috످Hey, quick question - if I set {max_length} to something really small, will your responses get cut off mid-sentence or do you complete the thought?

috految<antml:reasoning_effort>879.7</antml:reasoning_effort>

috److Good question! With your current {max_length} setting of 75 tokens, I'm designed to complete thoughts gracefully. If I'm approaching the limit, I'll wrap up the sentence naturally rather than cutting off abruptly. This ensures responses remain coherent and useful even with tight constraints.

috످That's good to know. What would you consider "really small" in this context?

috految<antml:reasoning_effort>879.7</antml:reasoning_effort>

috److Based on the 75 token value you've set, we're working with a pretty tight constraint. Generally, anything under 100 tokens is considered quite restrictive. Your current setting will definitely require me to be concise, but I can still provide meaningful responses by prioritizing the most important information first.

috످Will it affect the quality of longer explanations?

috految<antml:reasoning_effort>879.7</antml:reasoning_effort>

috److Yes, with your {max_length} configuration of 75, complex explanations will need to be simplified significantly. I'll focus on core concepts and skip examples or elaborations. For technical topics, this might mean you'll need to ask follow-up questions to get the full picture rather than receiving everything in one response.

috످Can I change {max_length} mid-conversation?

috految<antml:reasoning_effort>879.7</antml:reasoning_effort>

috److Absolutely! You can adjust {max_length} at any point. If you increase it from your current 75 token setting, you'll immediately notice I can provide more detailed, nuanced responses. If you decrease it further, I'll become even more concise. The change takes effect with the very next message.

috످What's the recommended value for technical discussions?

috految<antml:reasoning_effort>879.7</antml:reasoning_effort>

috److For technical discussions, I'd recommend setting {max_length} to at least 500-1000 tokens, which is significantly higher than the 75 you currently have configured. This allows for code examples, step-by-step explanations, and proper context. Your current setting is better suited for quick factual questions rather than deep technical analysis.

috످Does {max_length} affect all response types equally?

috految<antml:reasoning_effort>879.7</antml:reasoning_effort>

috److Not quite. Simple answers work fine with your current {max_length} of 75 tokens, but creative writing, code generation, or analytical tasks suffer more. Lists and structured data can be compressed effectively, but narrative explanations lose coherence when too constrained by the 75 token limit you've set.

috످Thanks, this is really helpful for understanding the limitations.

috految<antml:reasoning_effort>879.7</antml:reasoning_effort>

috److془I need to correct: fabricated 75 tokens, {max_length} is a unfilled placeholder, cut off mid-sentence, changing mid-conversation depends on app, 500-1000 too low.

Be concise.془I'm sorry, but much of what I told you was wrong. I made up the 75-token limit and can't see your settings. `{max_length}` looks like an unfilled template placeholder, so it may not be setting a limit at all.

To correct my first answer, responses can get cut off mid-sentence if you set a low token limit. I don't automatically shorten or simplify them to fit. For short but complete answers, keep the limit high and add something like "answer in 2-3 sentences" to your prompt.

If you're using the API, the setting is called `max_tokens`, and you can change it with each request. For technical discussions, start around 4,000 tokens, since the 500-1,000 I suggested could cut off longer answers. If you're using a chat app, you may not be able to change the limit.

috످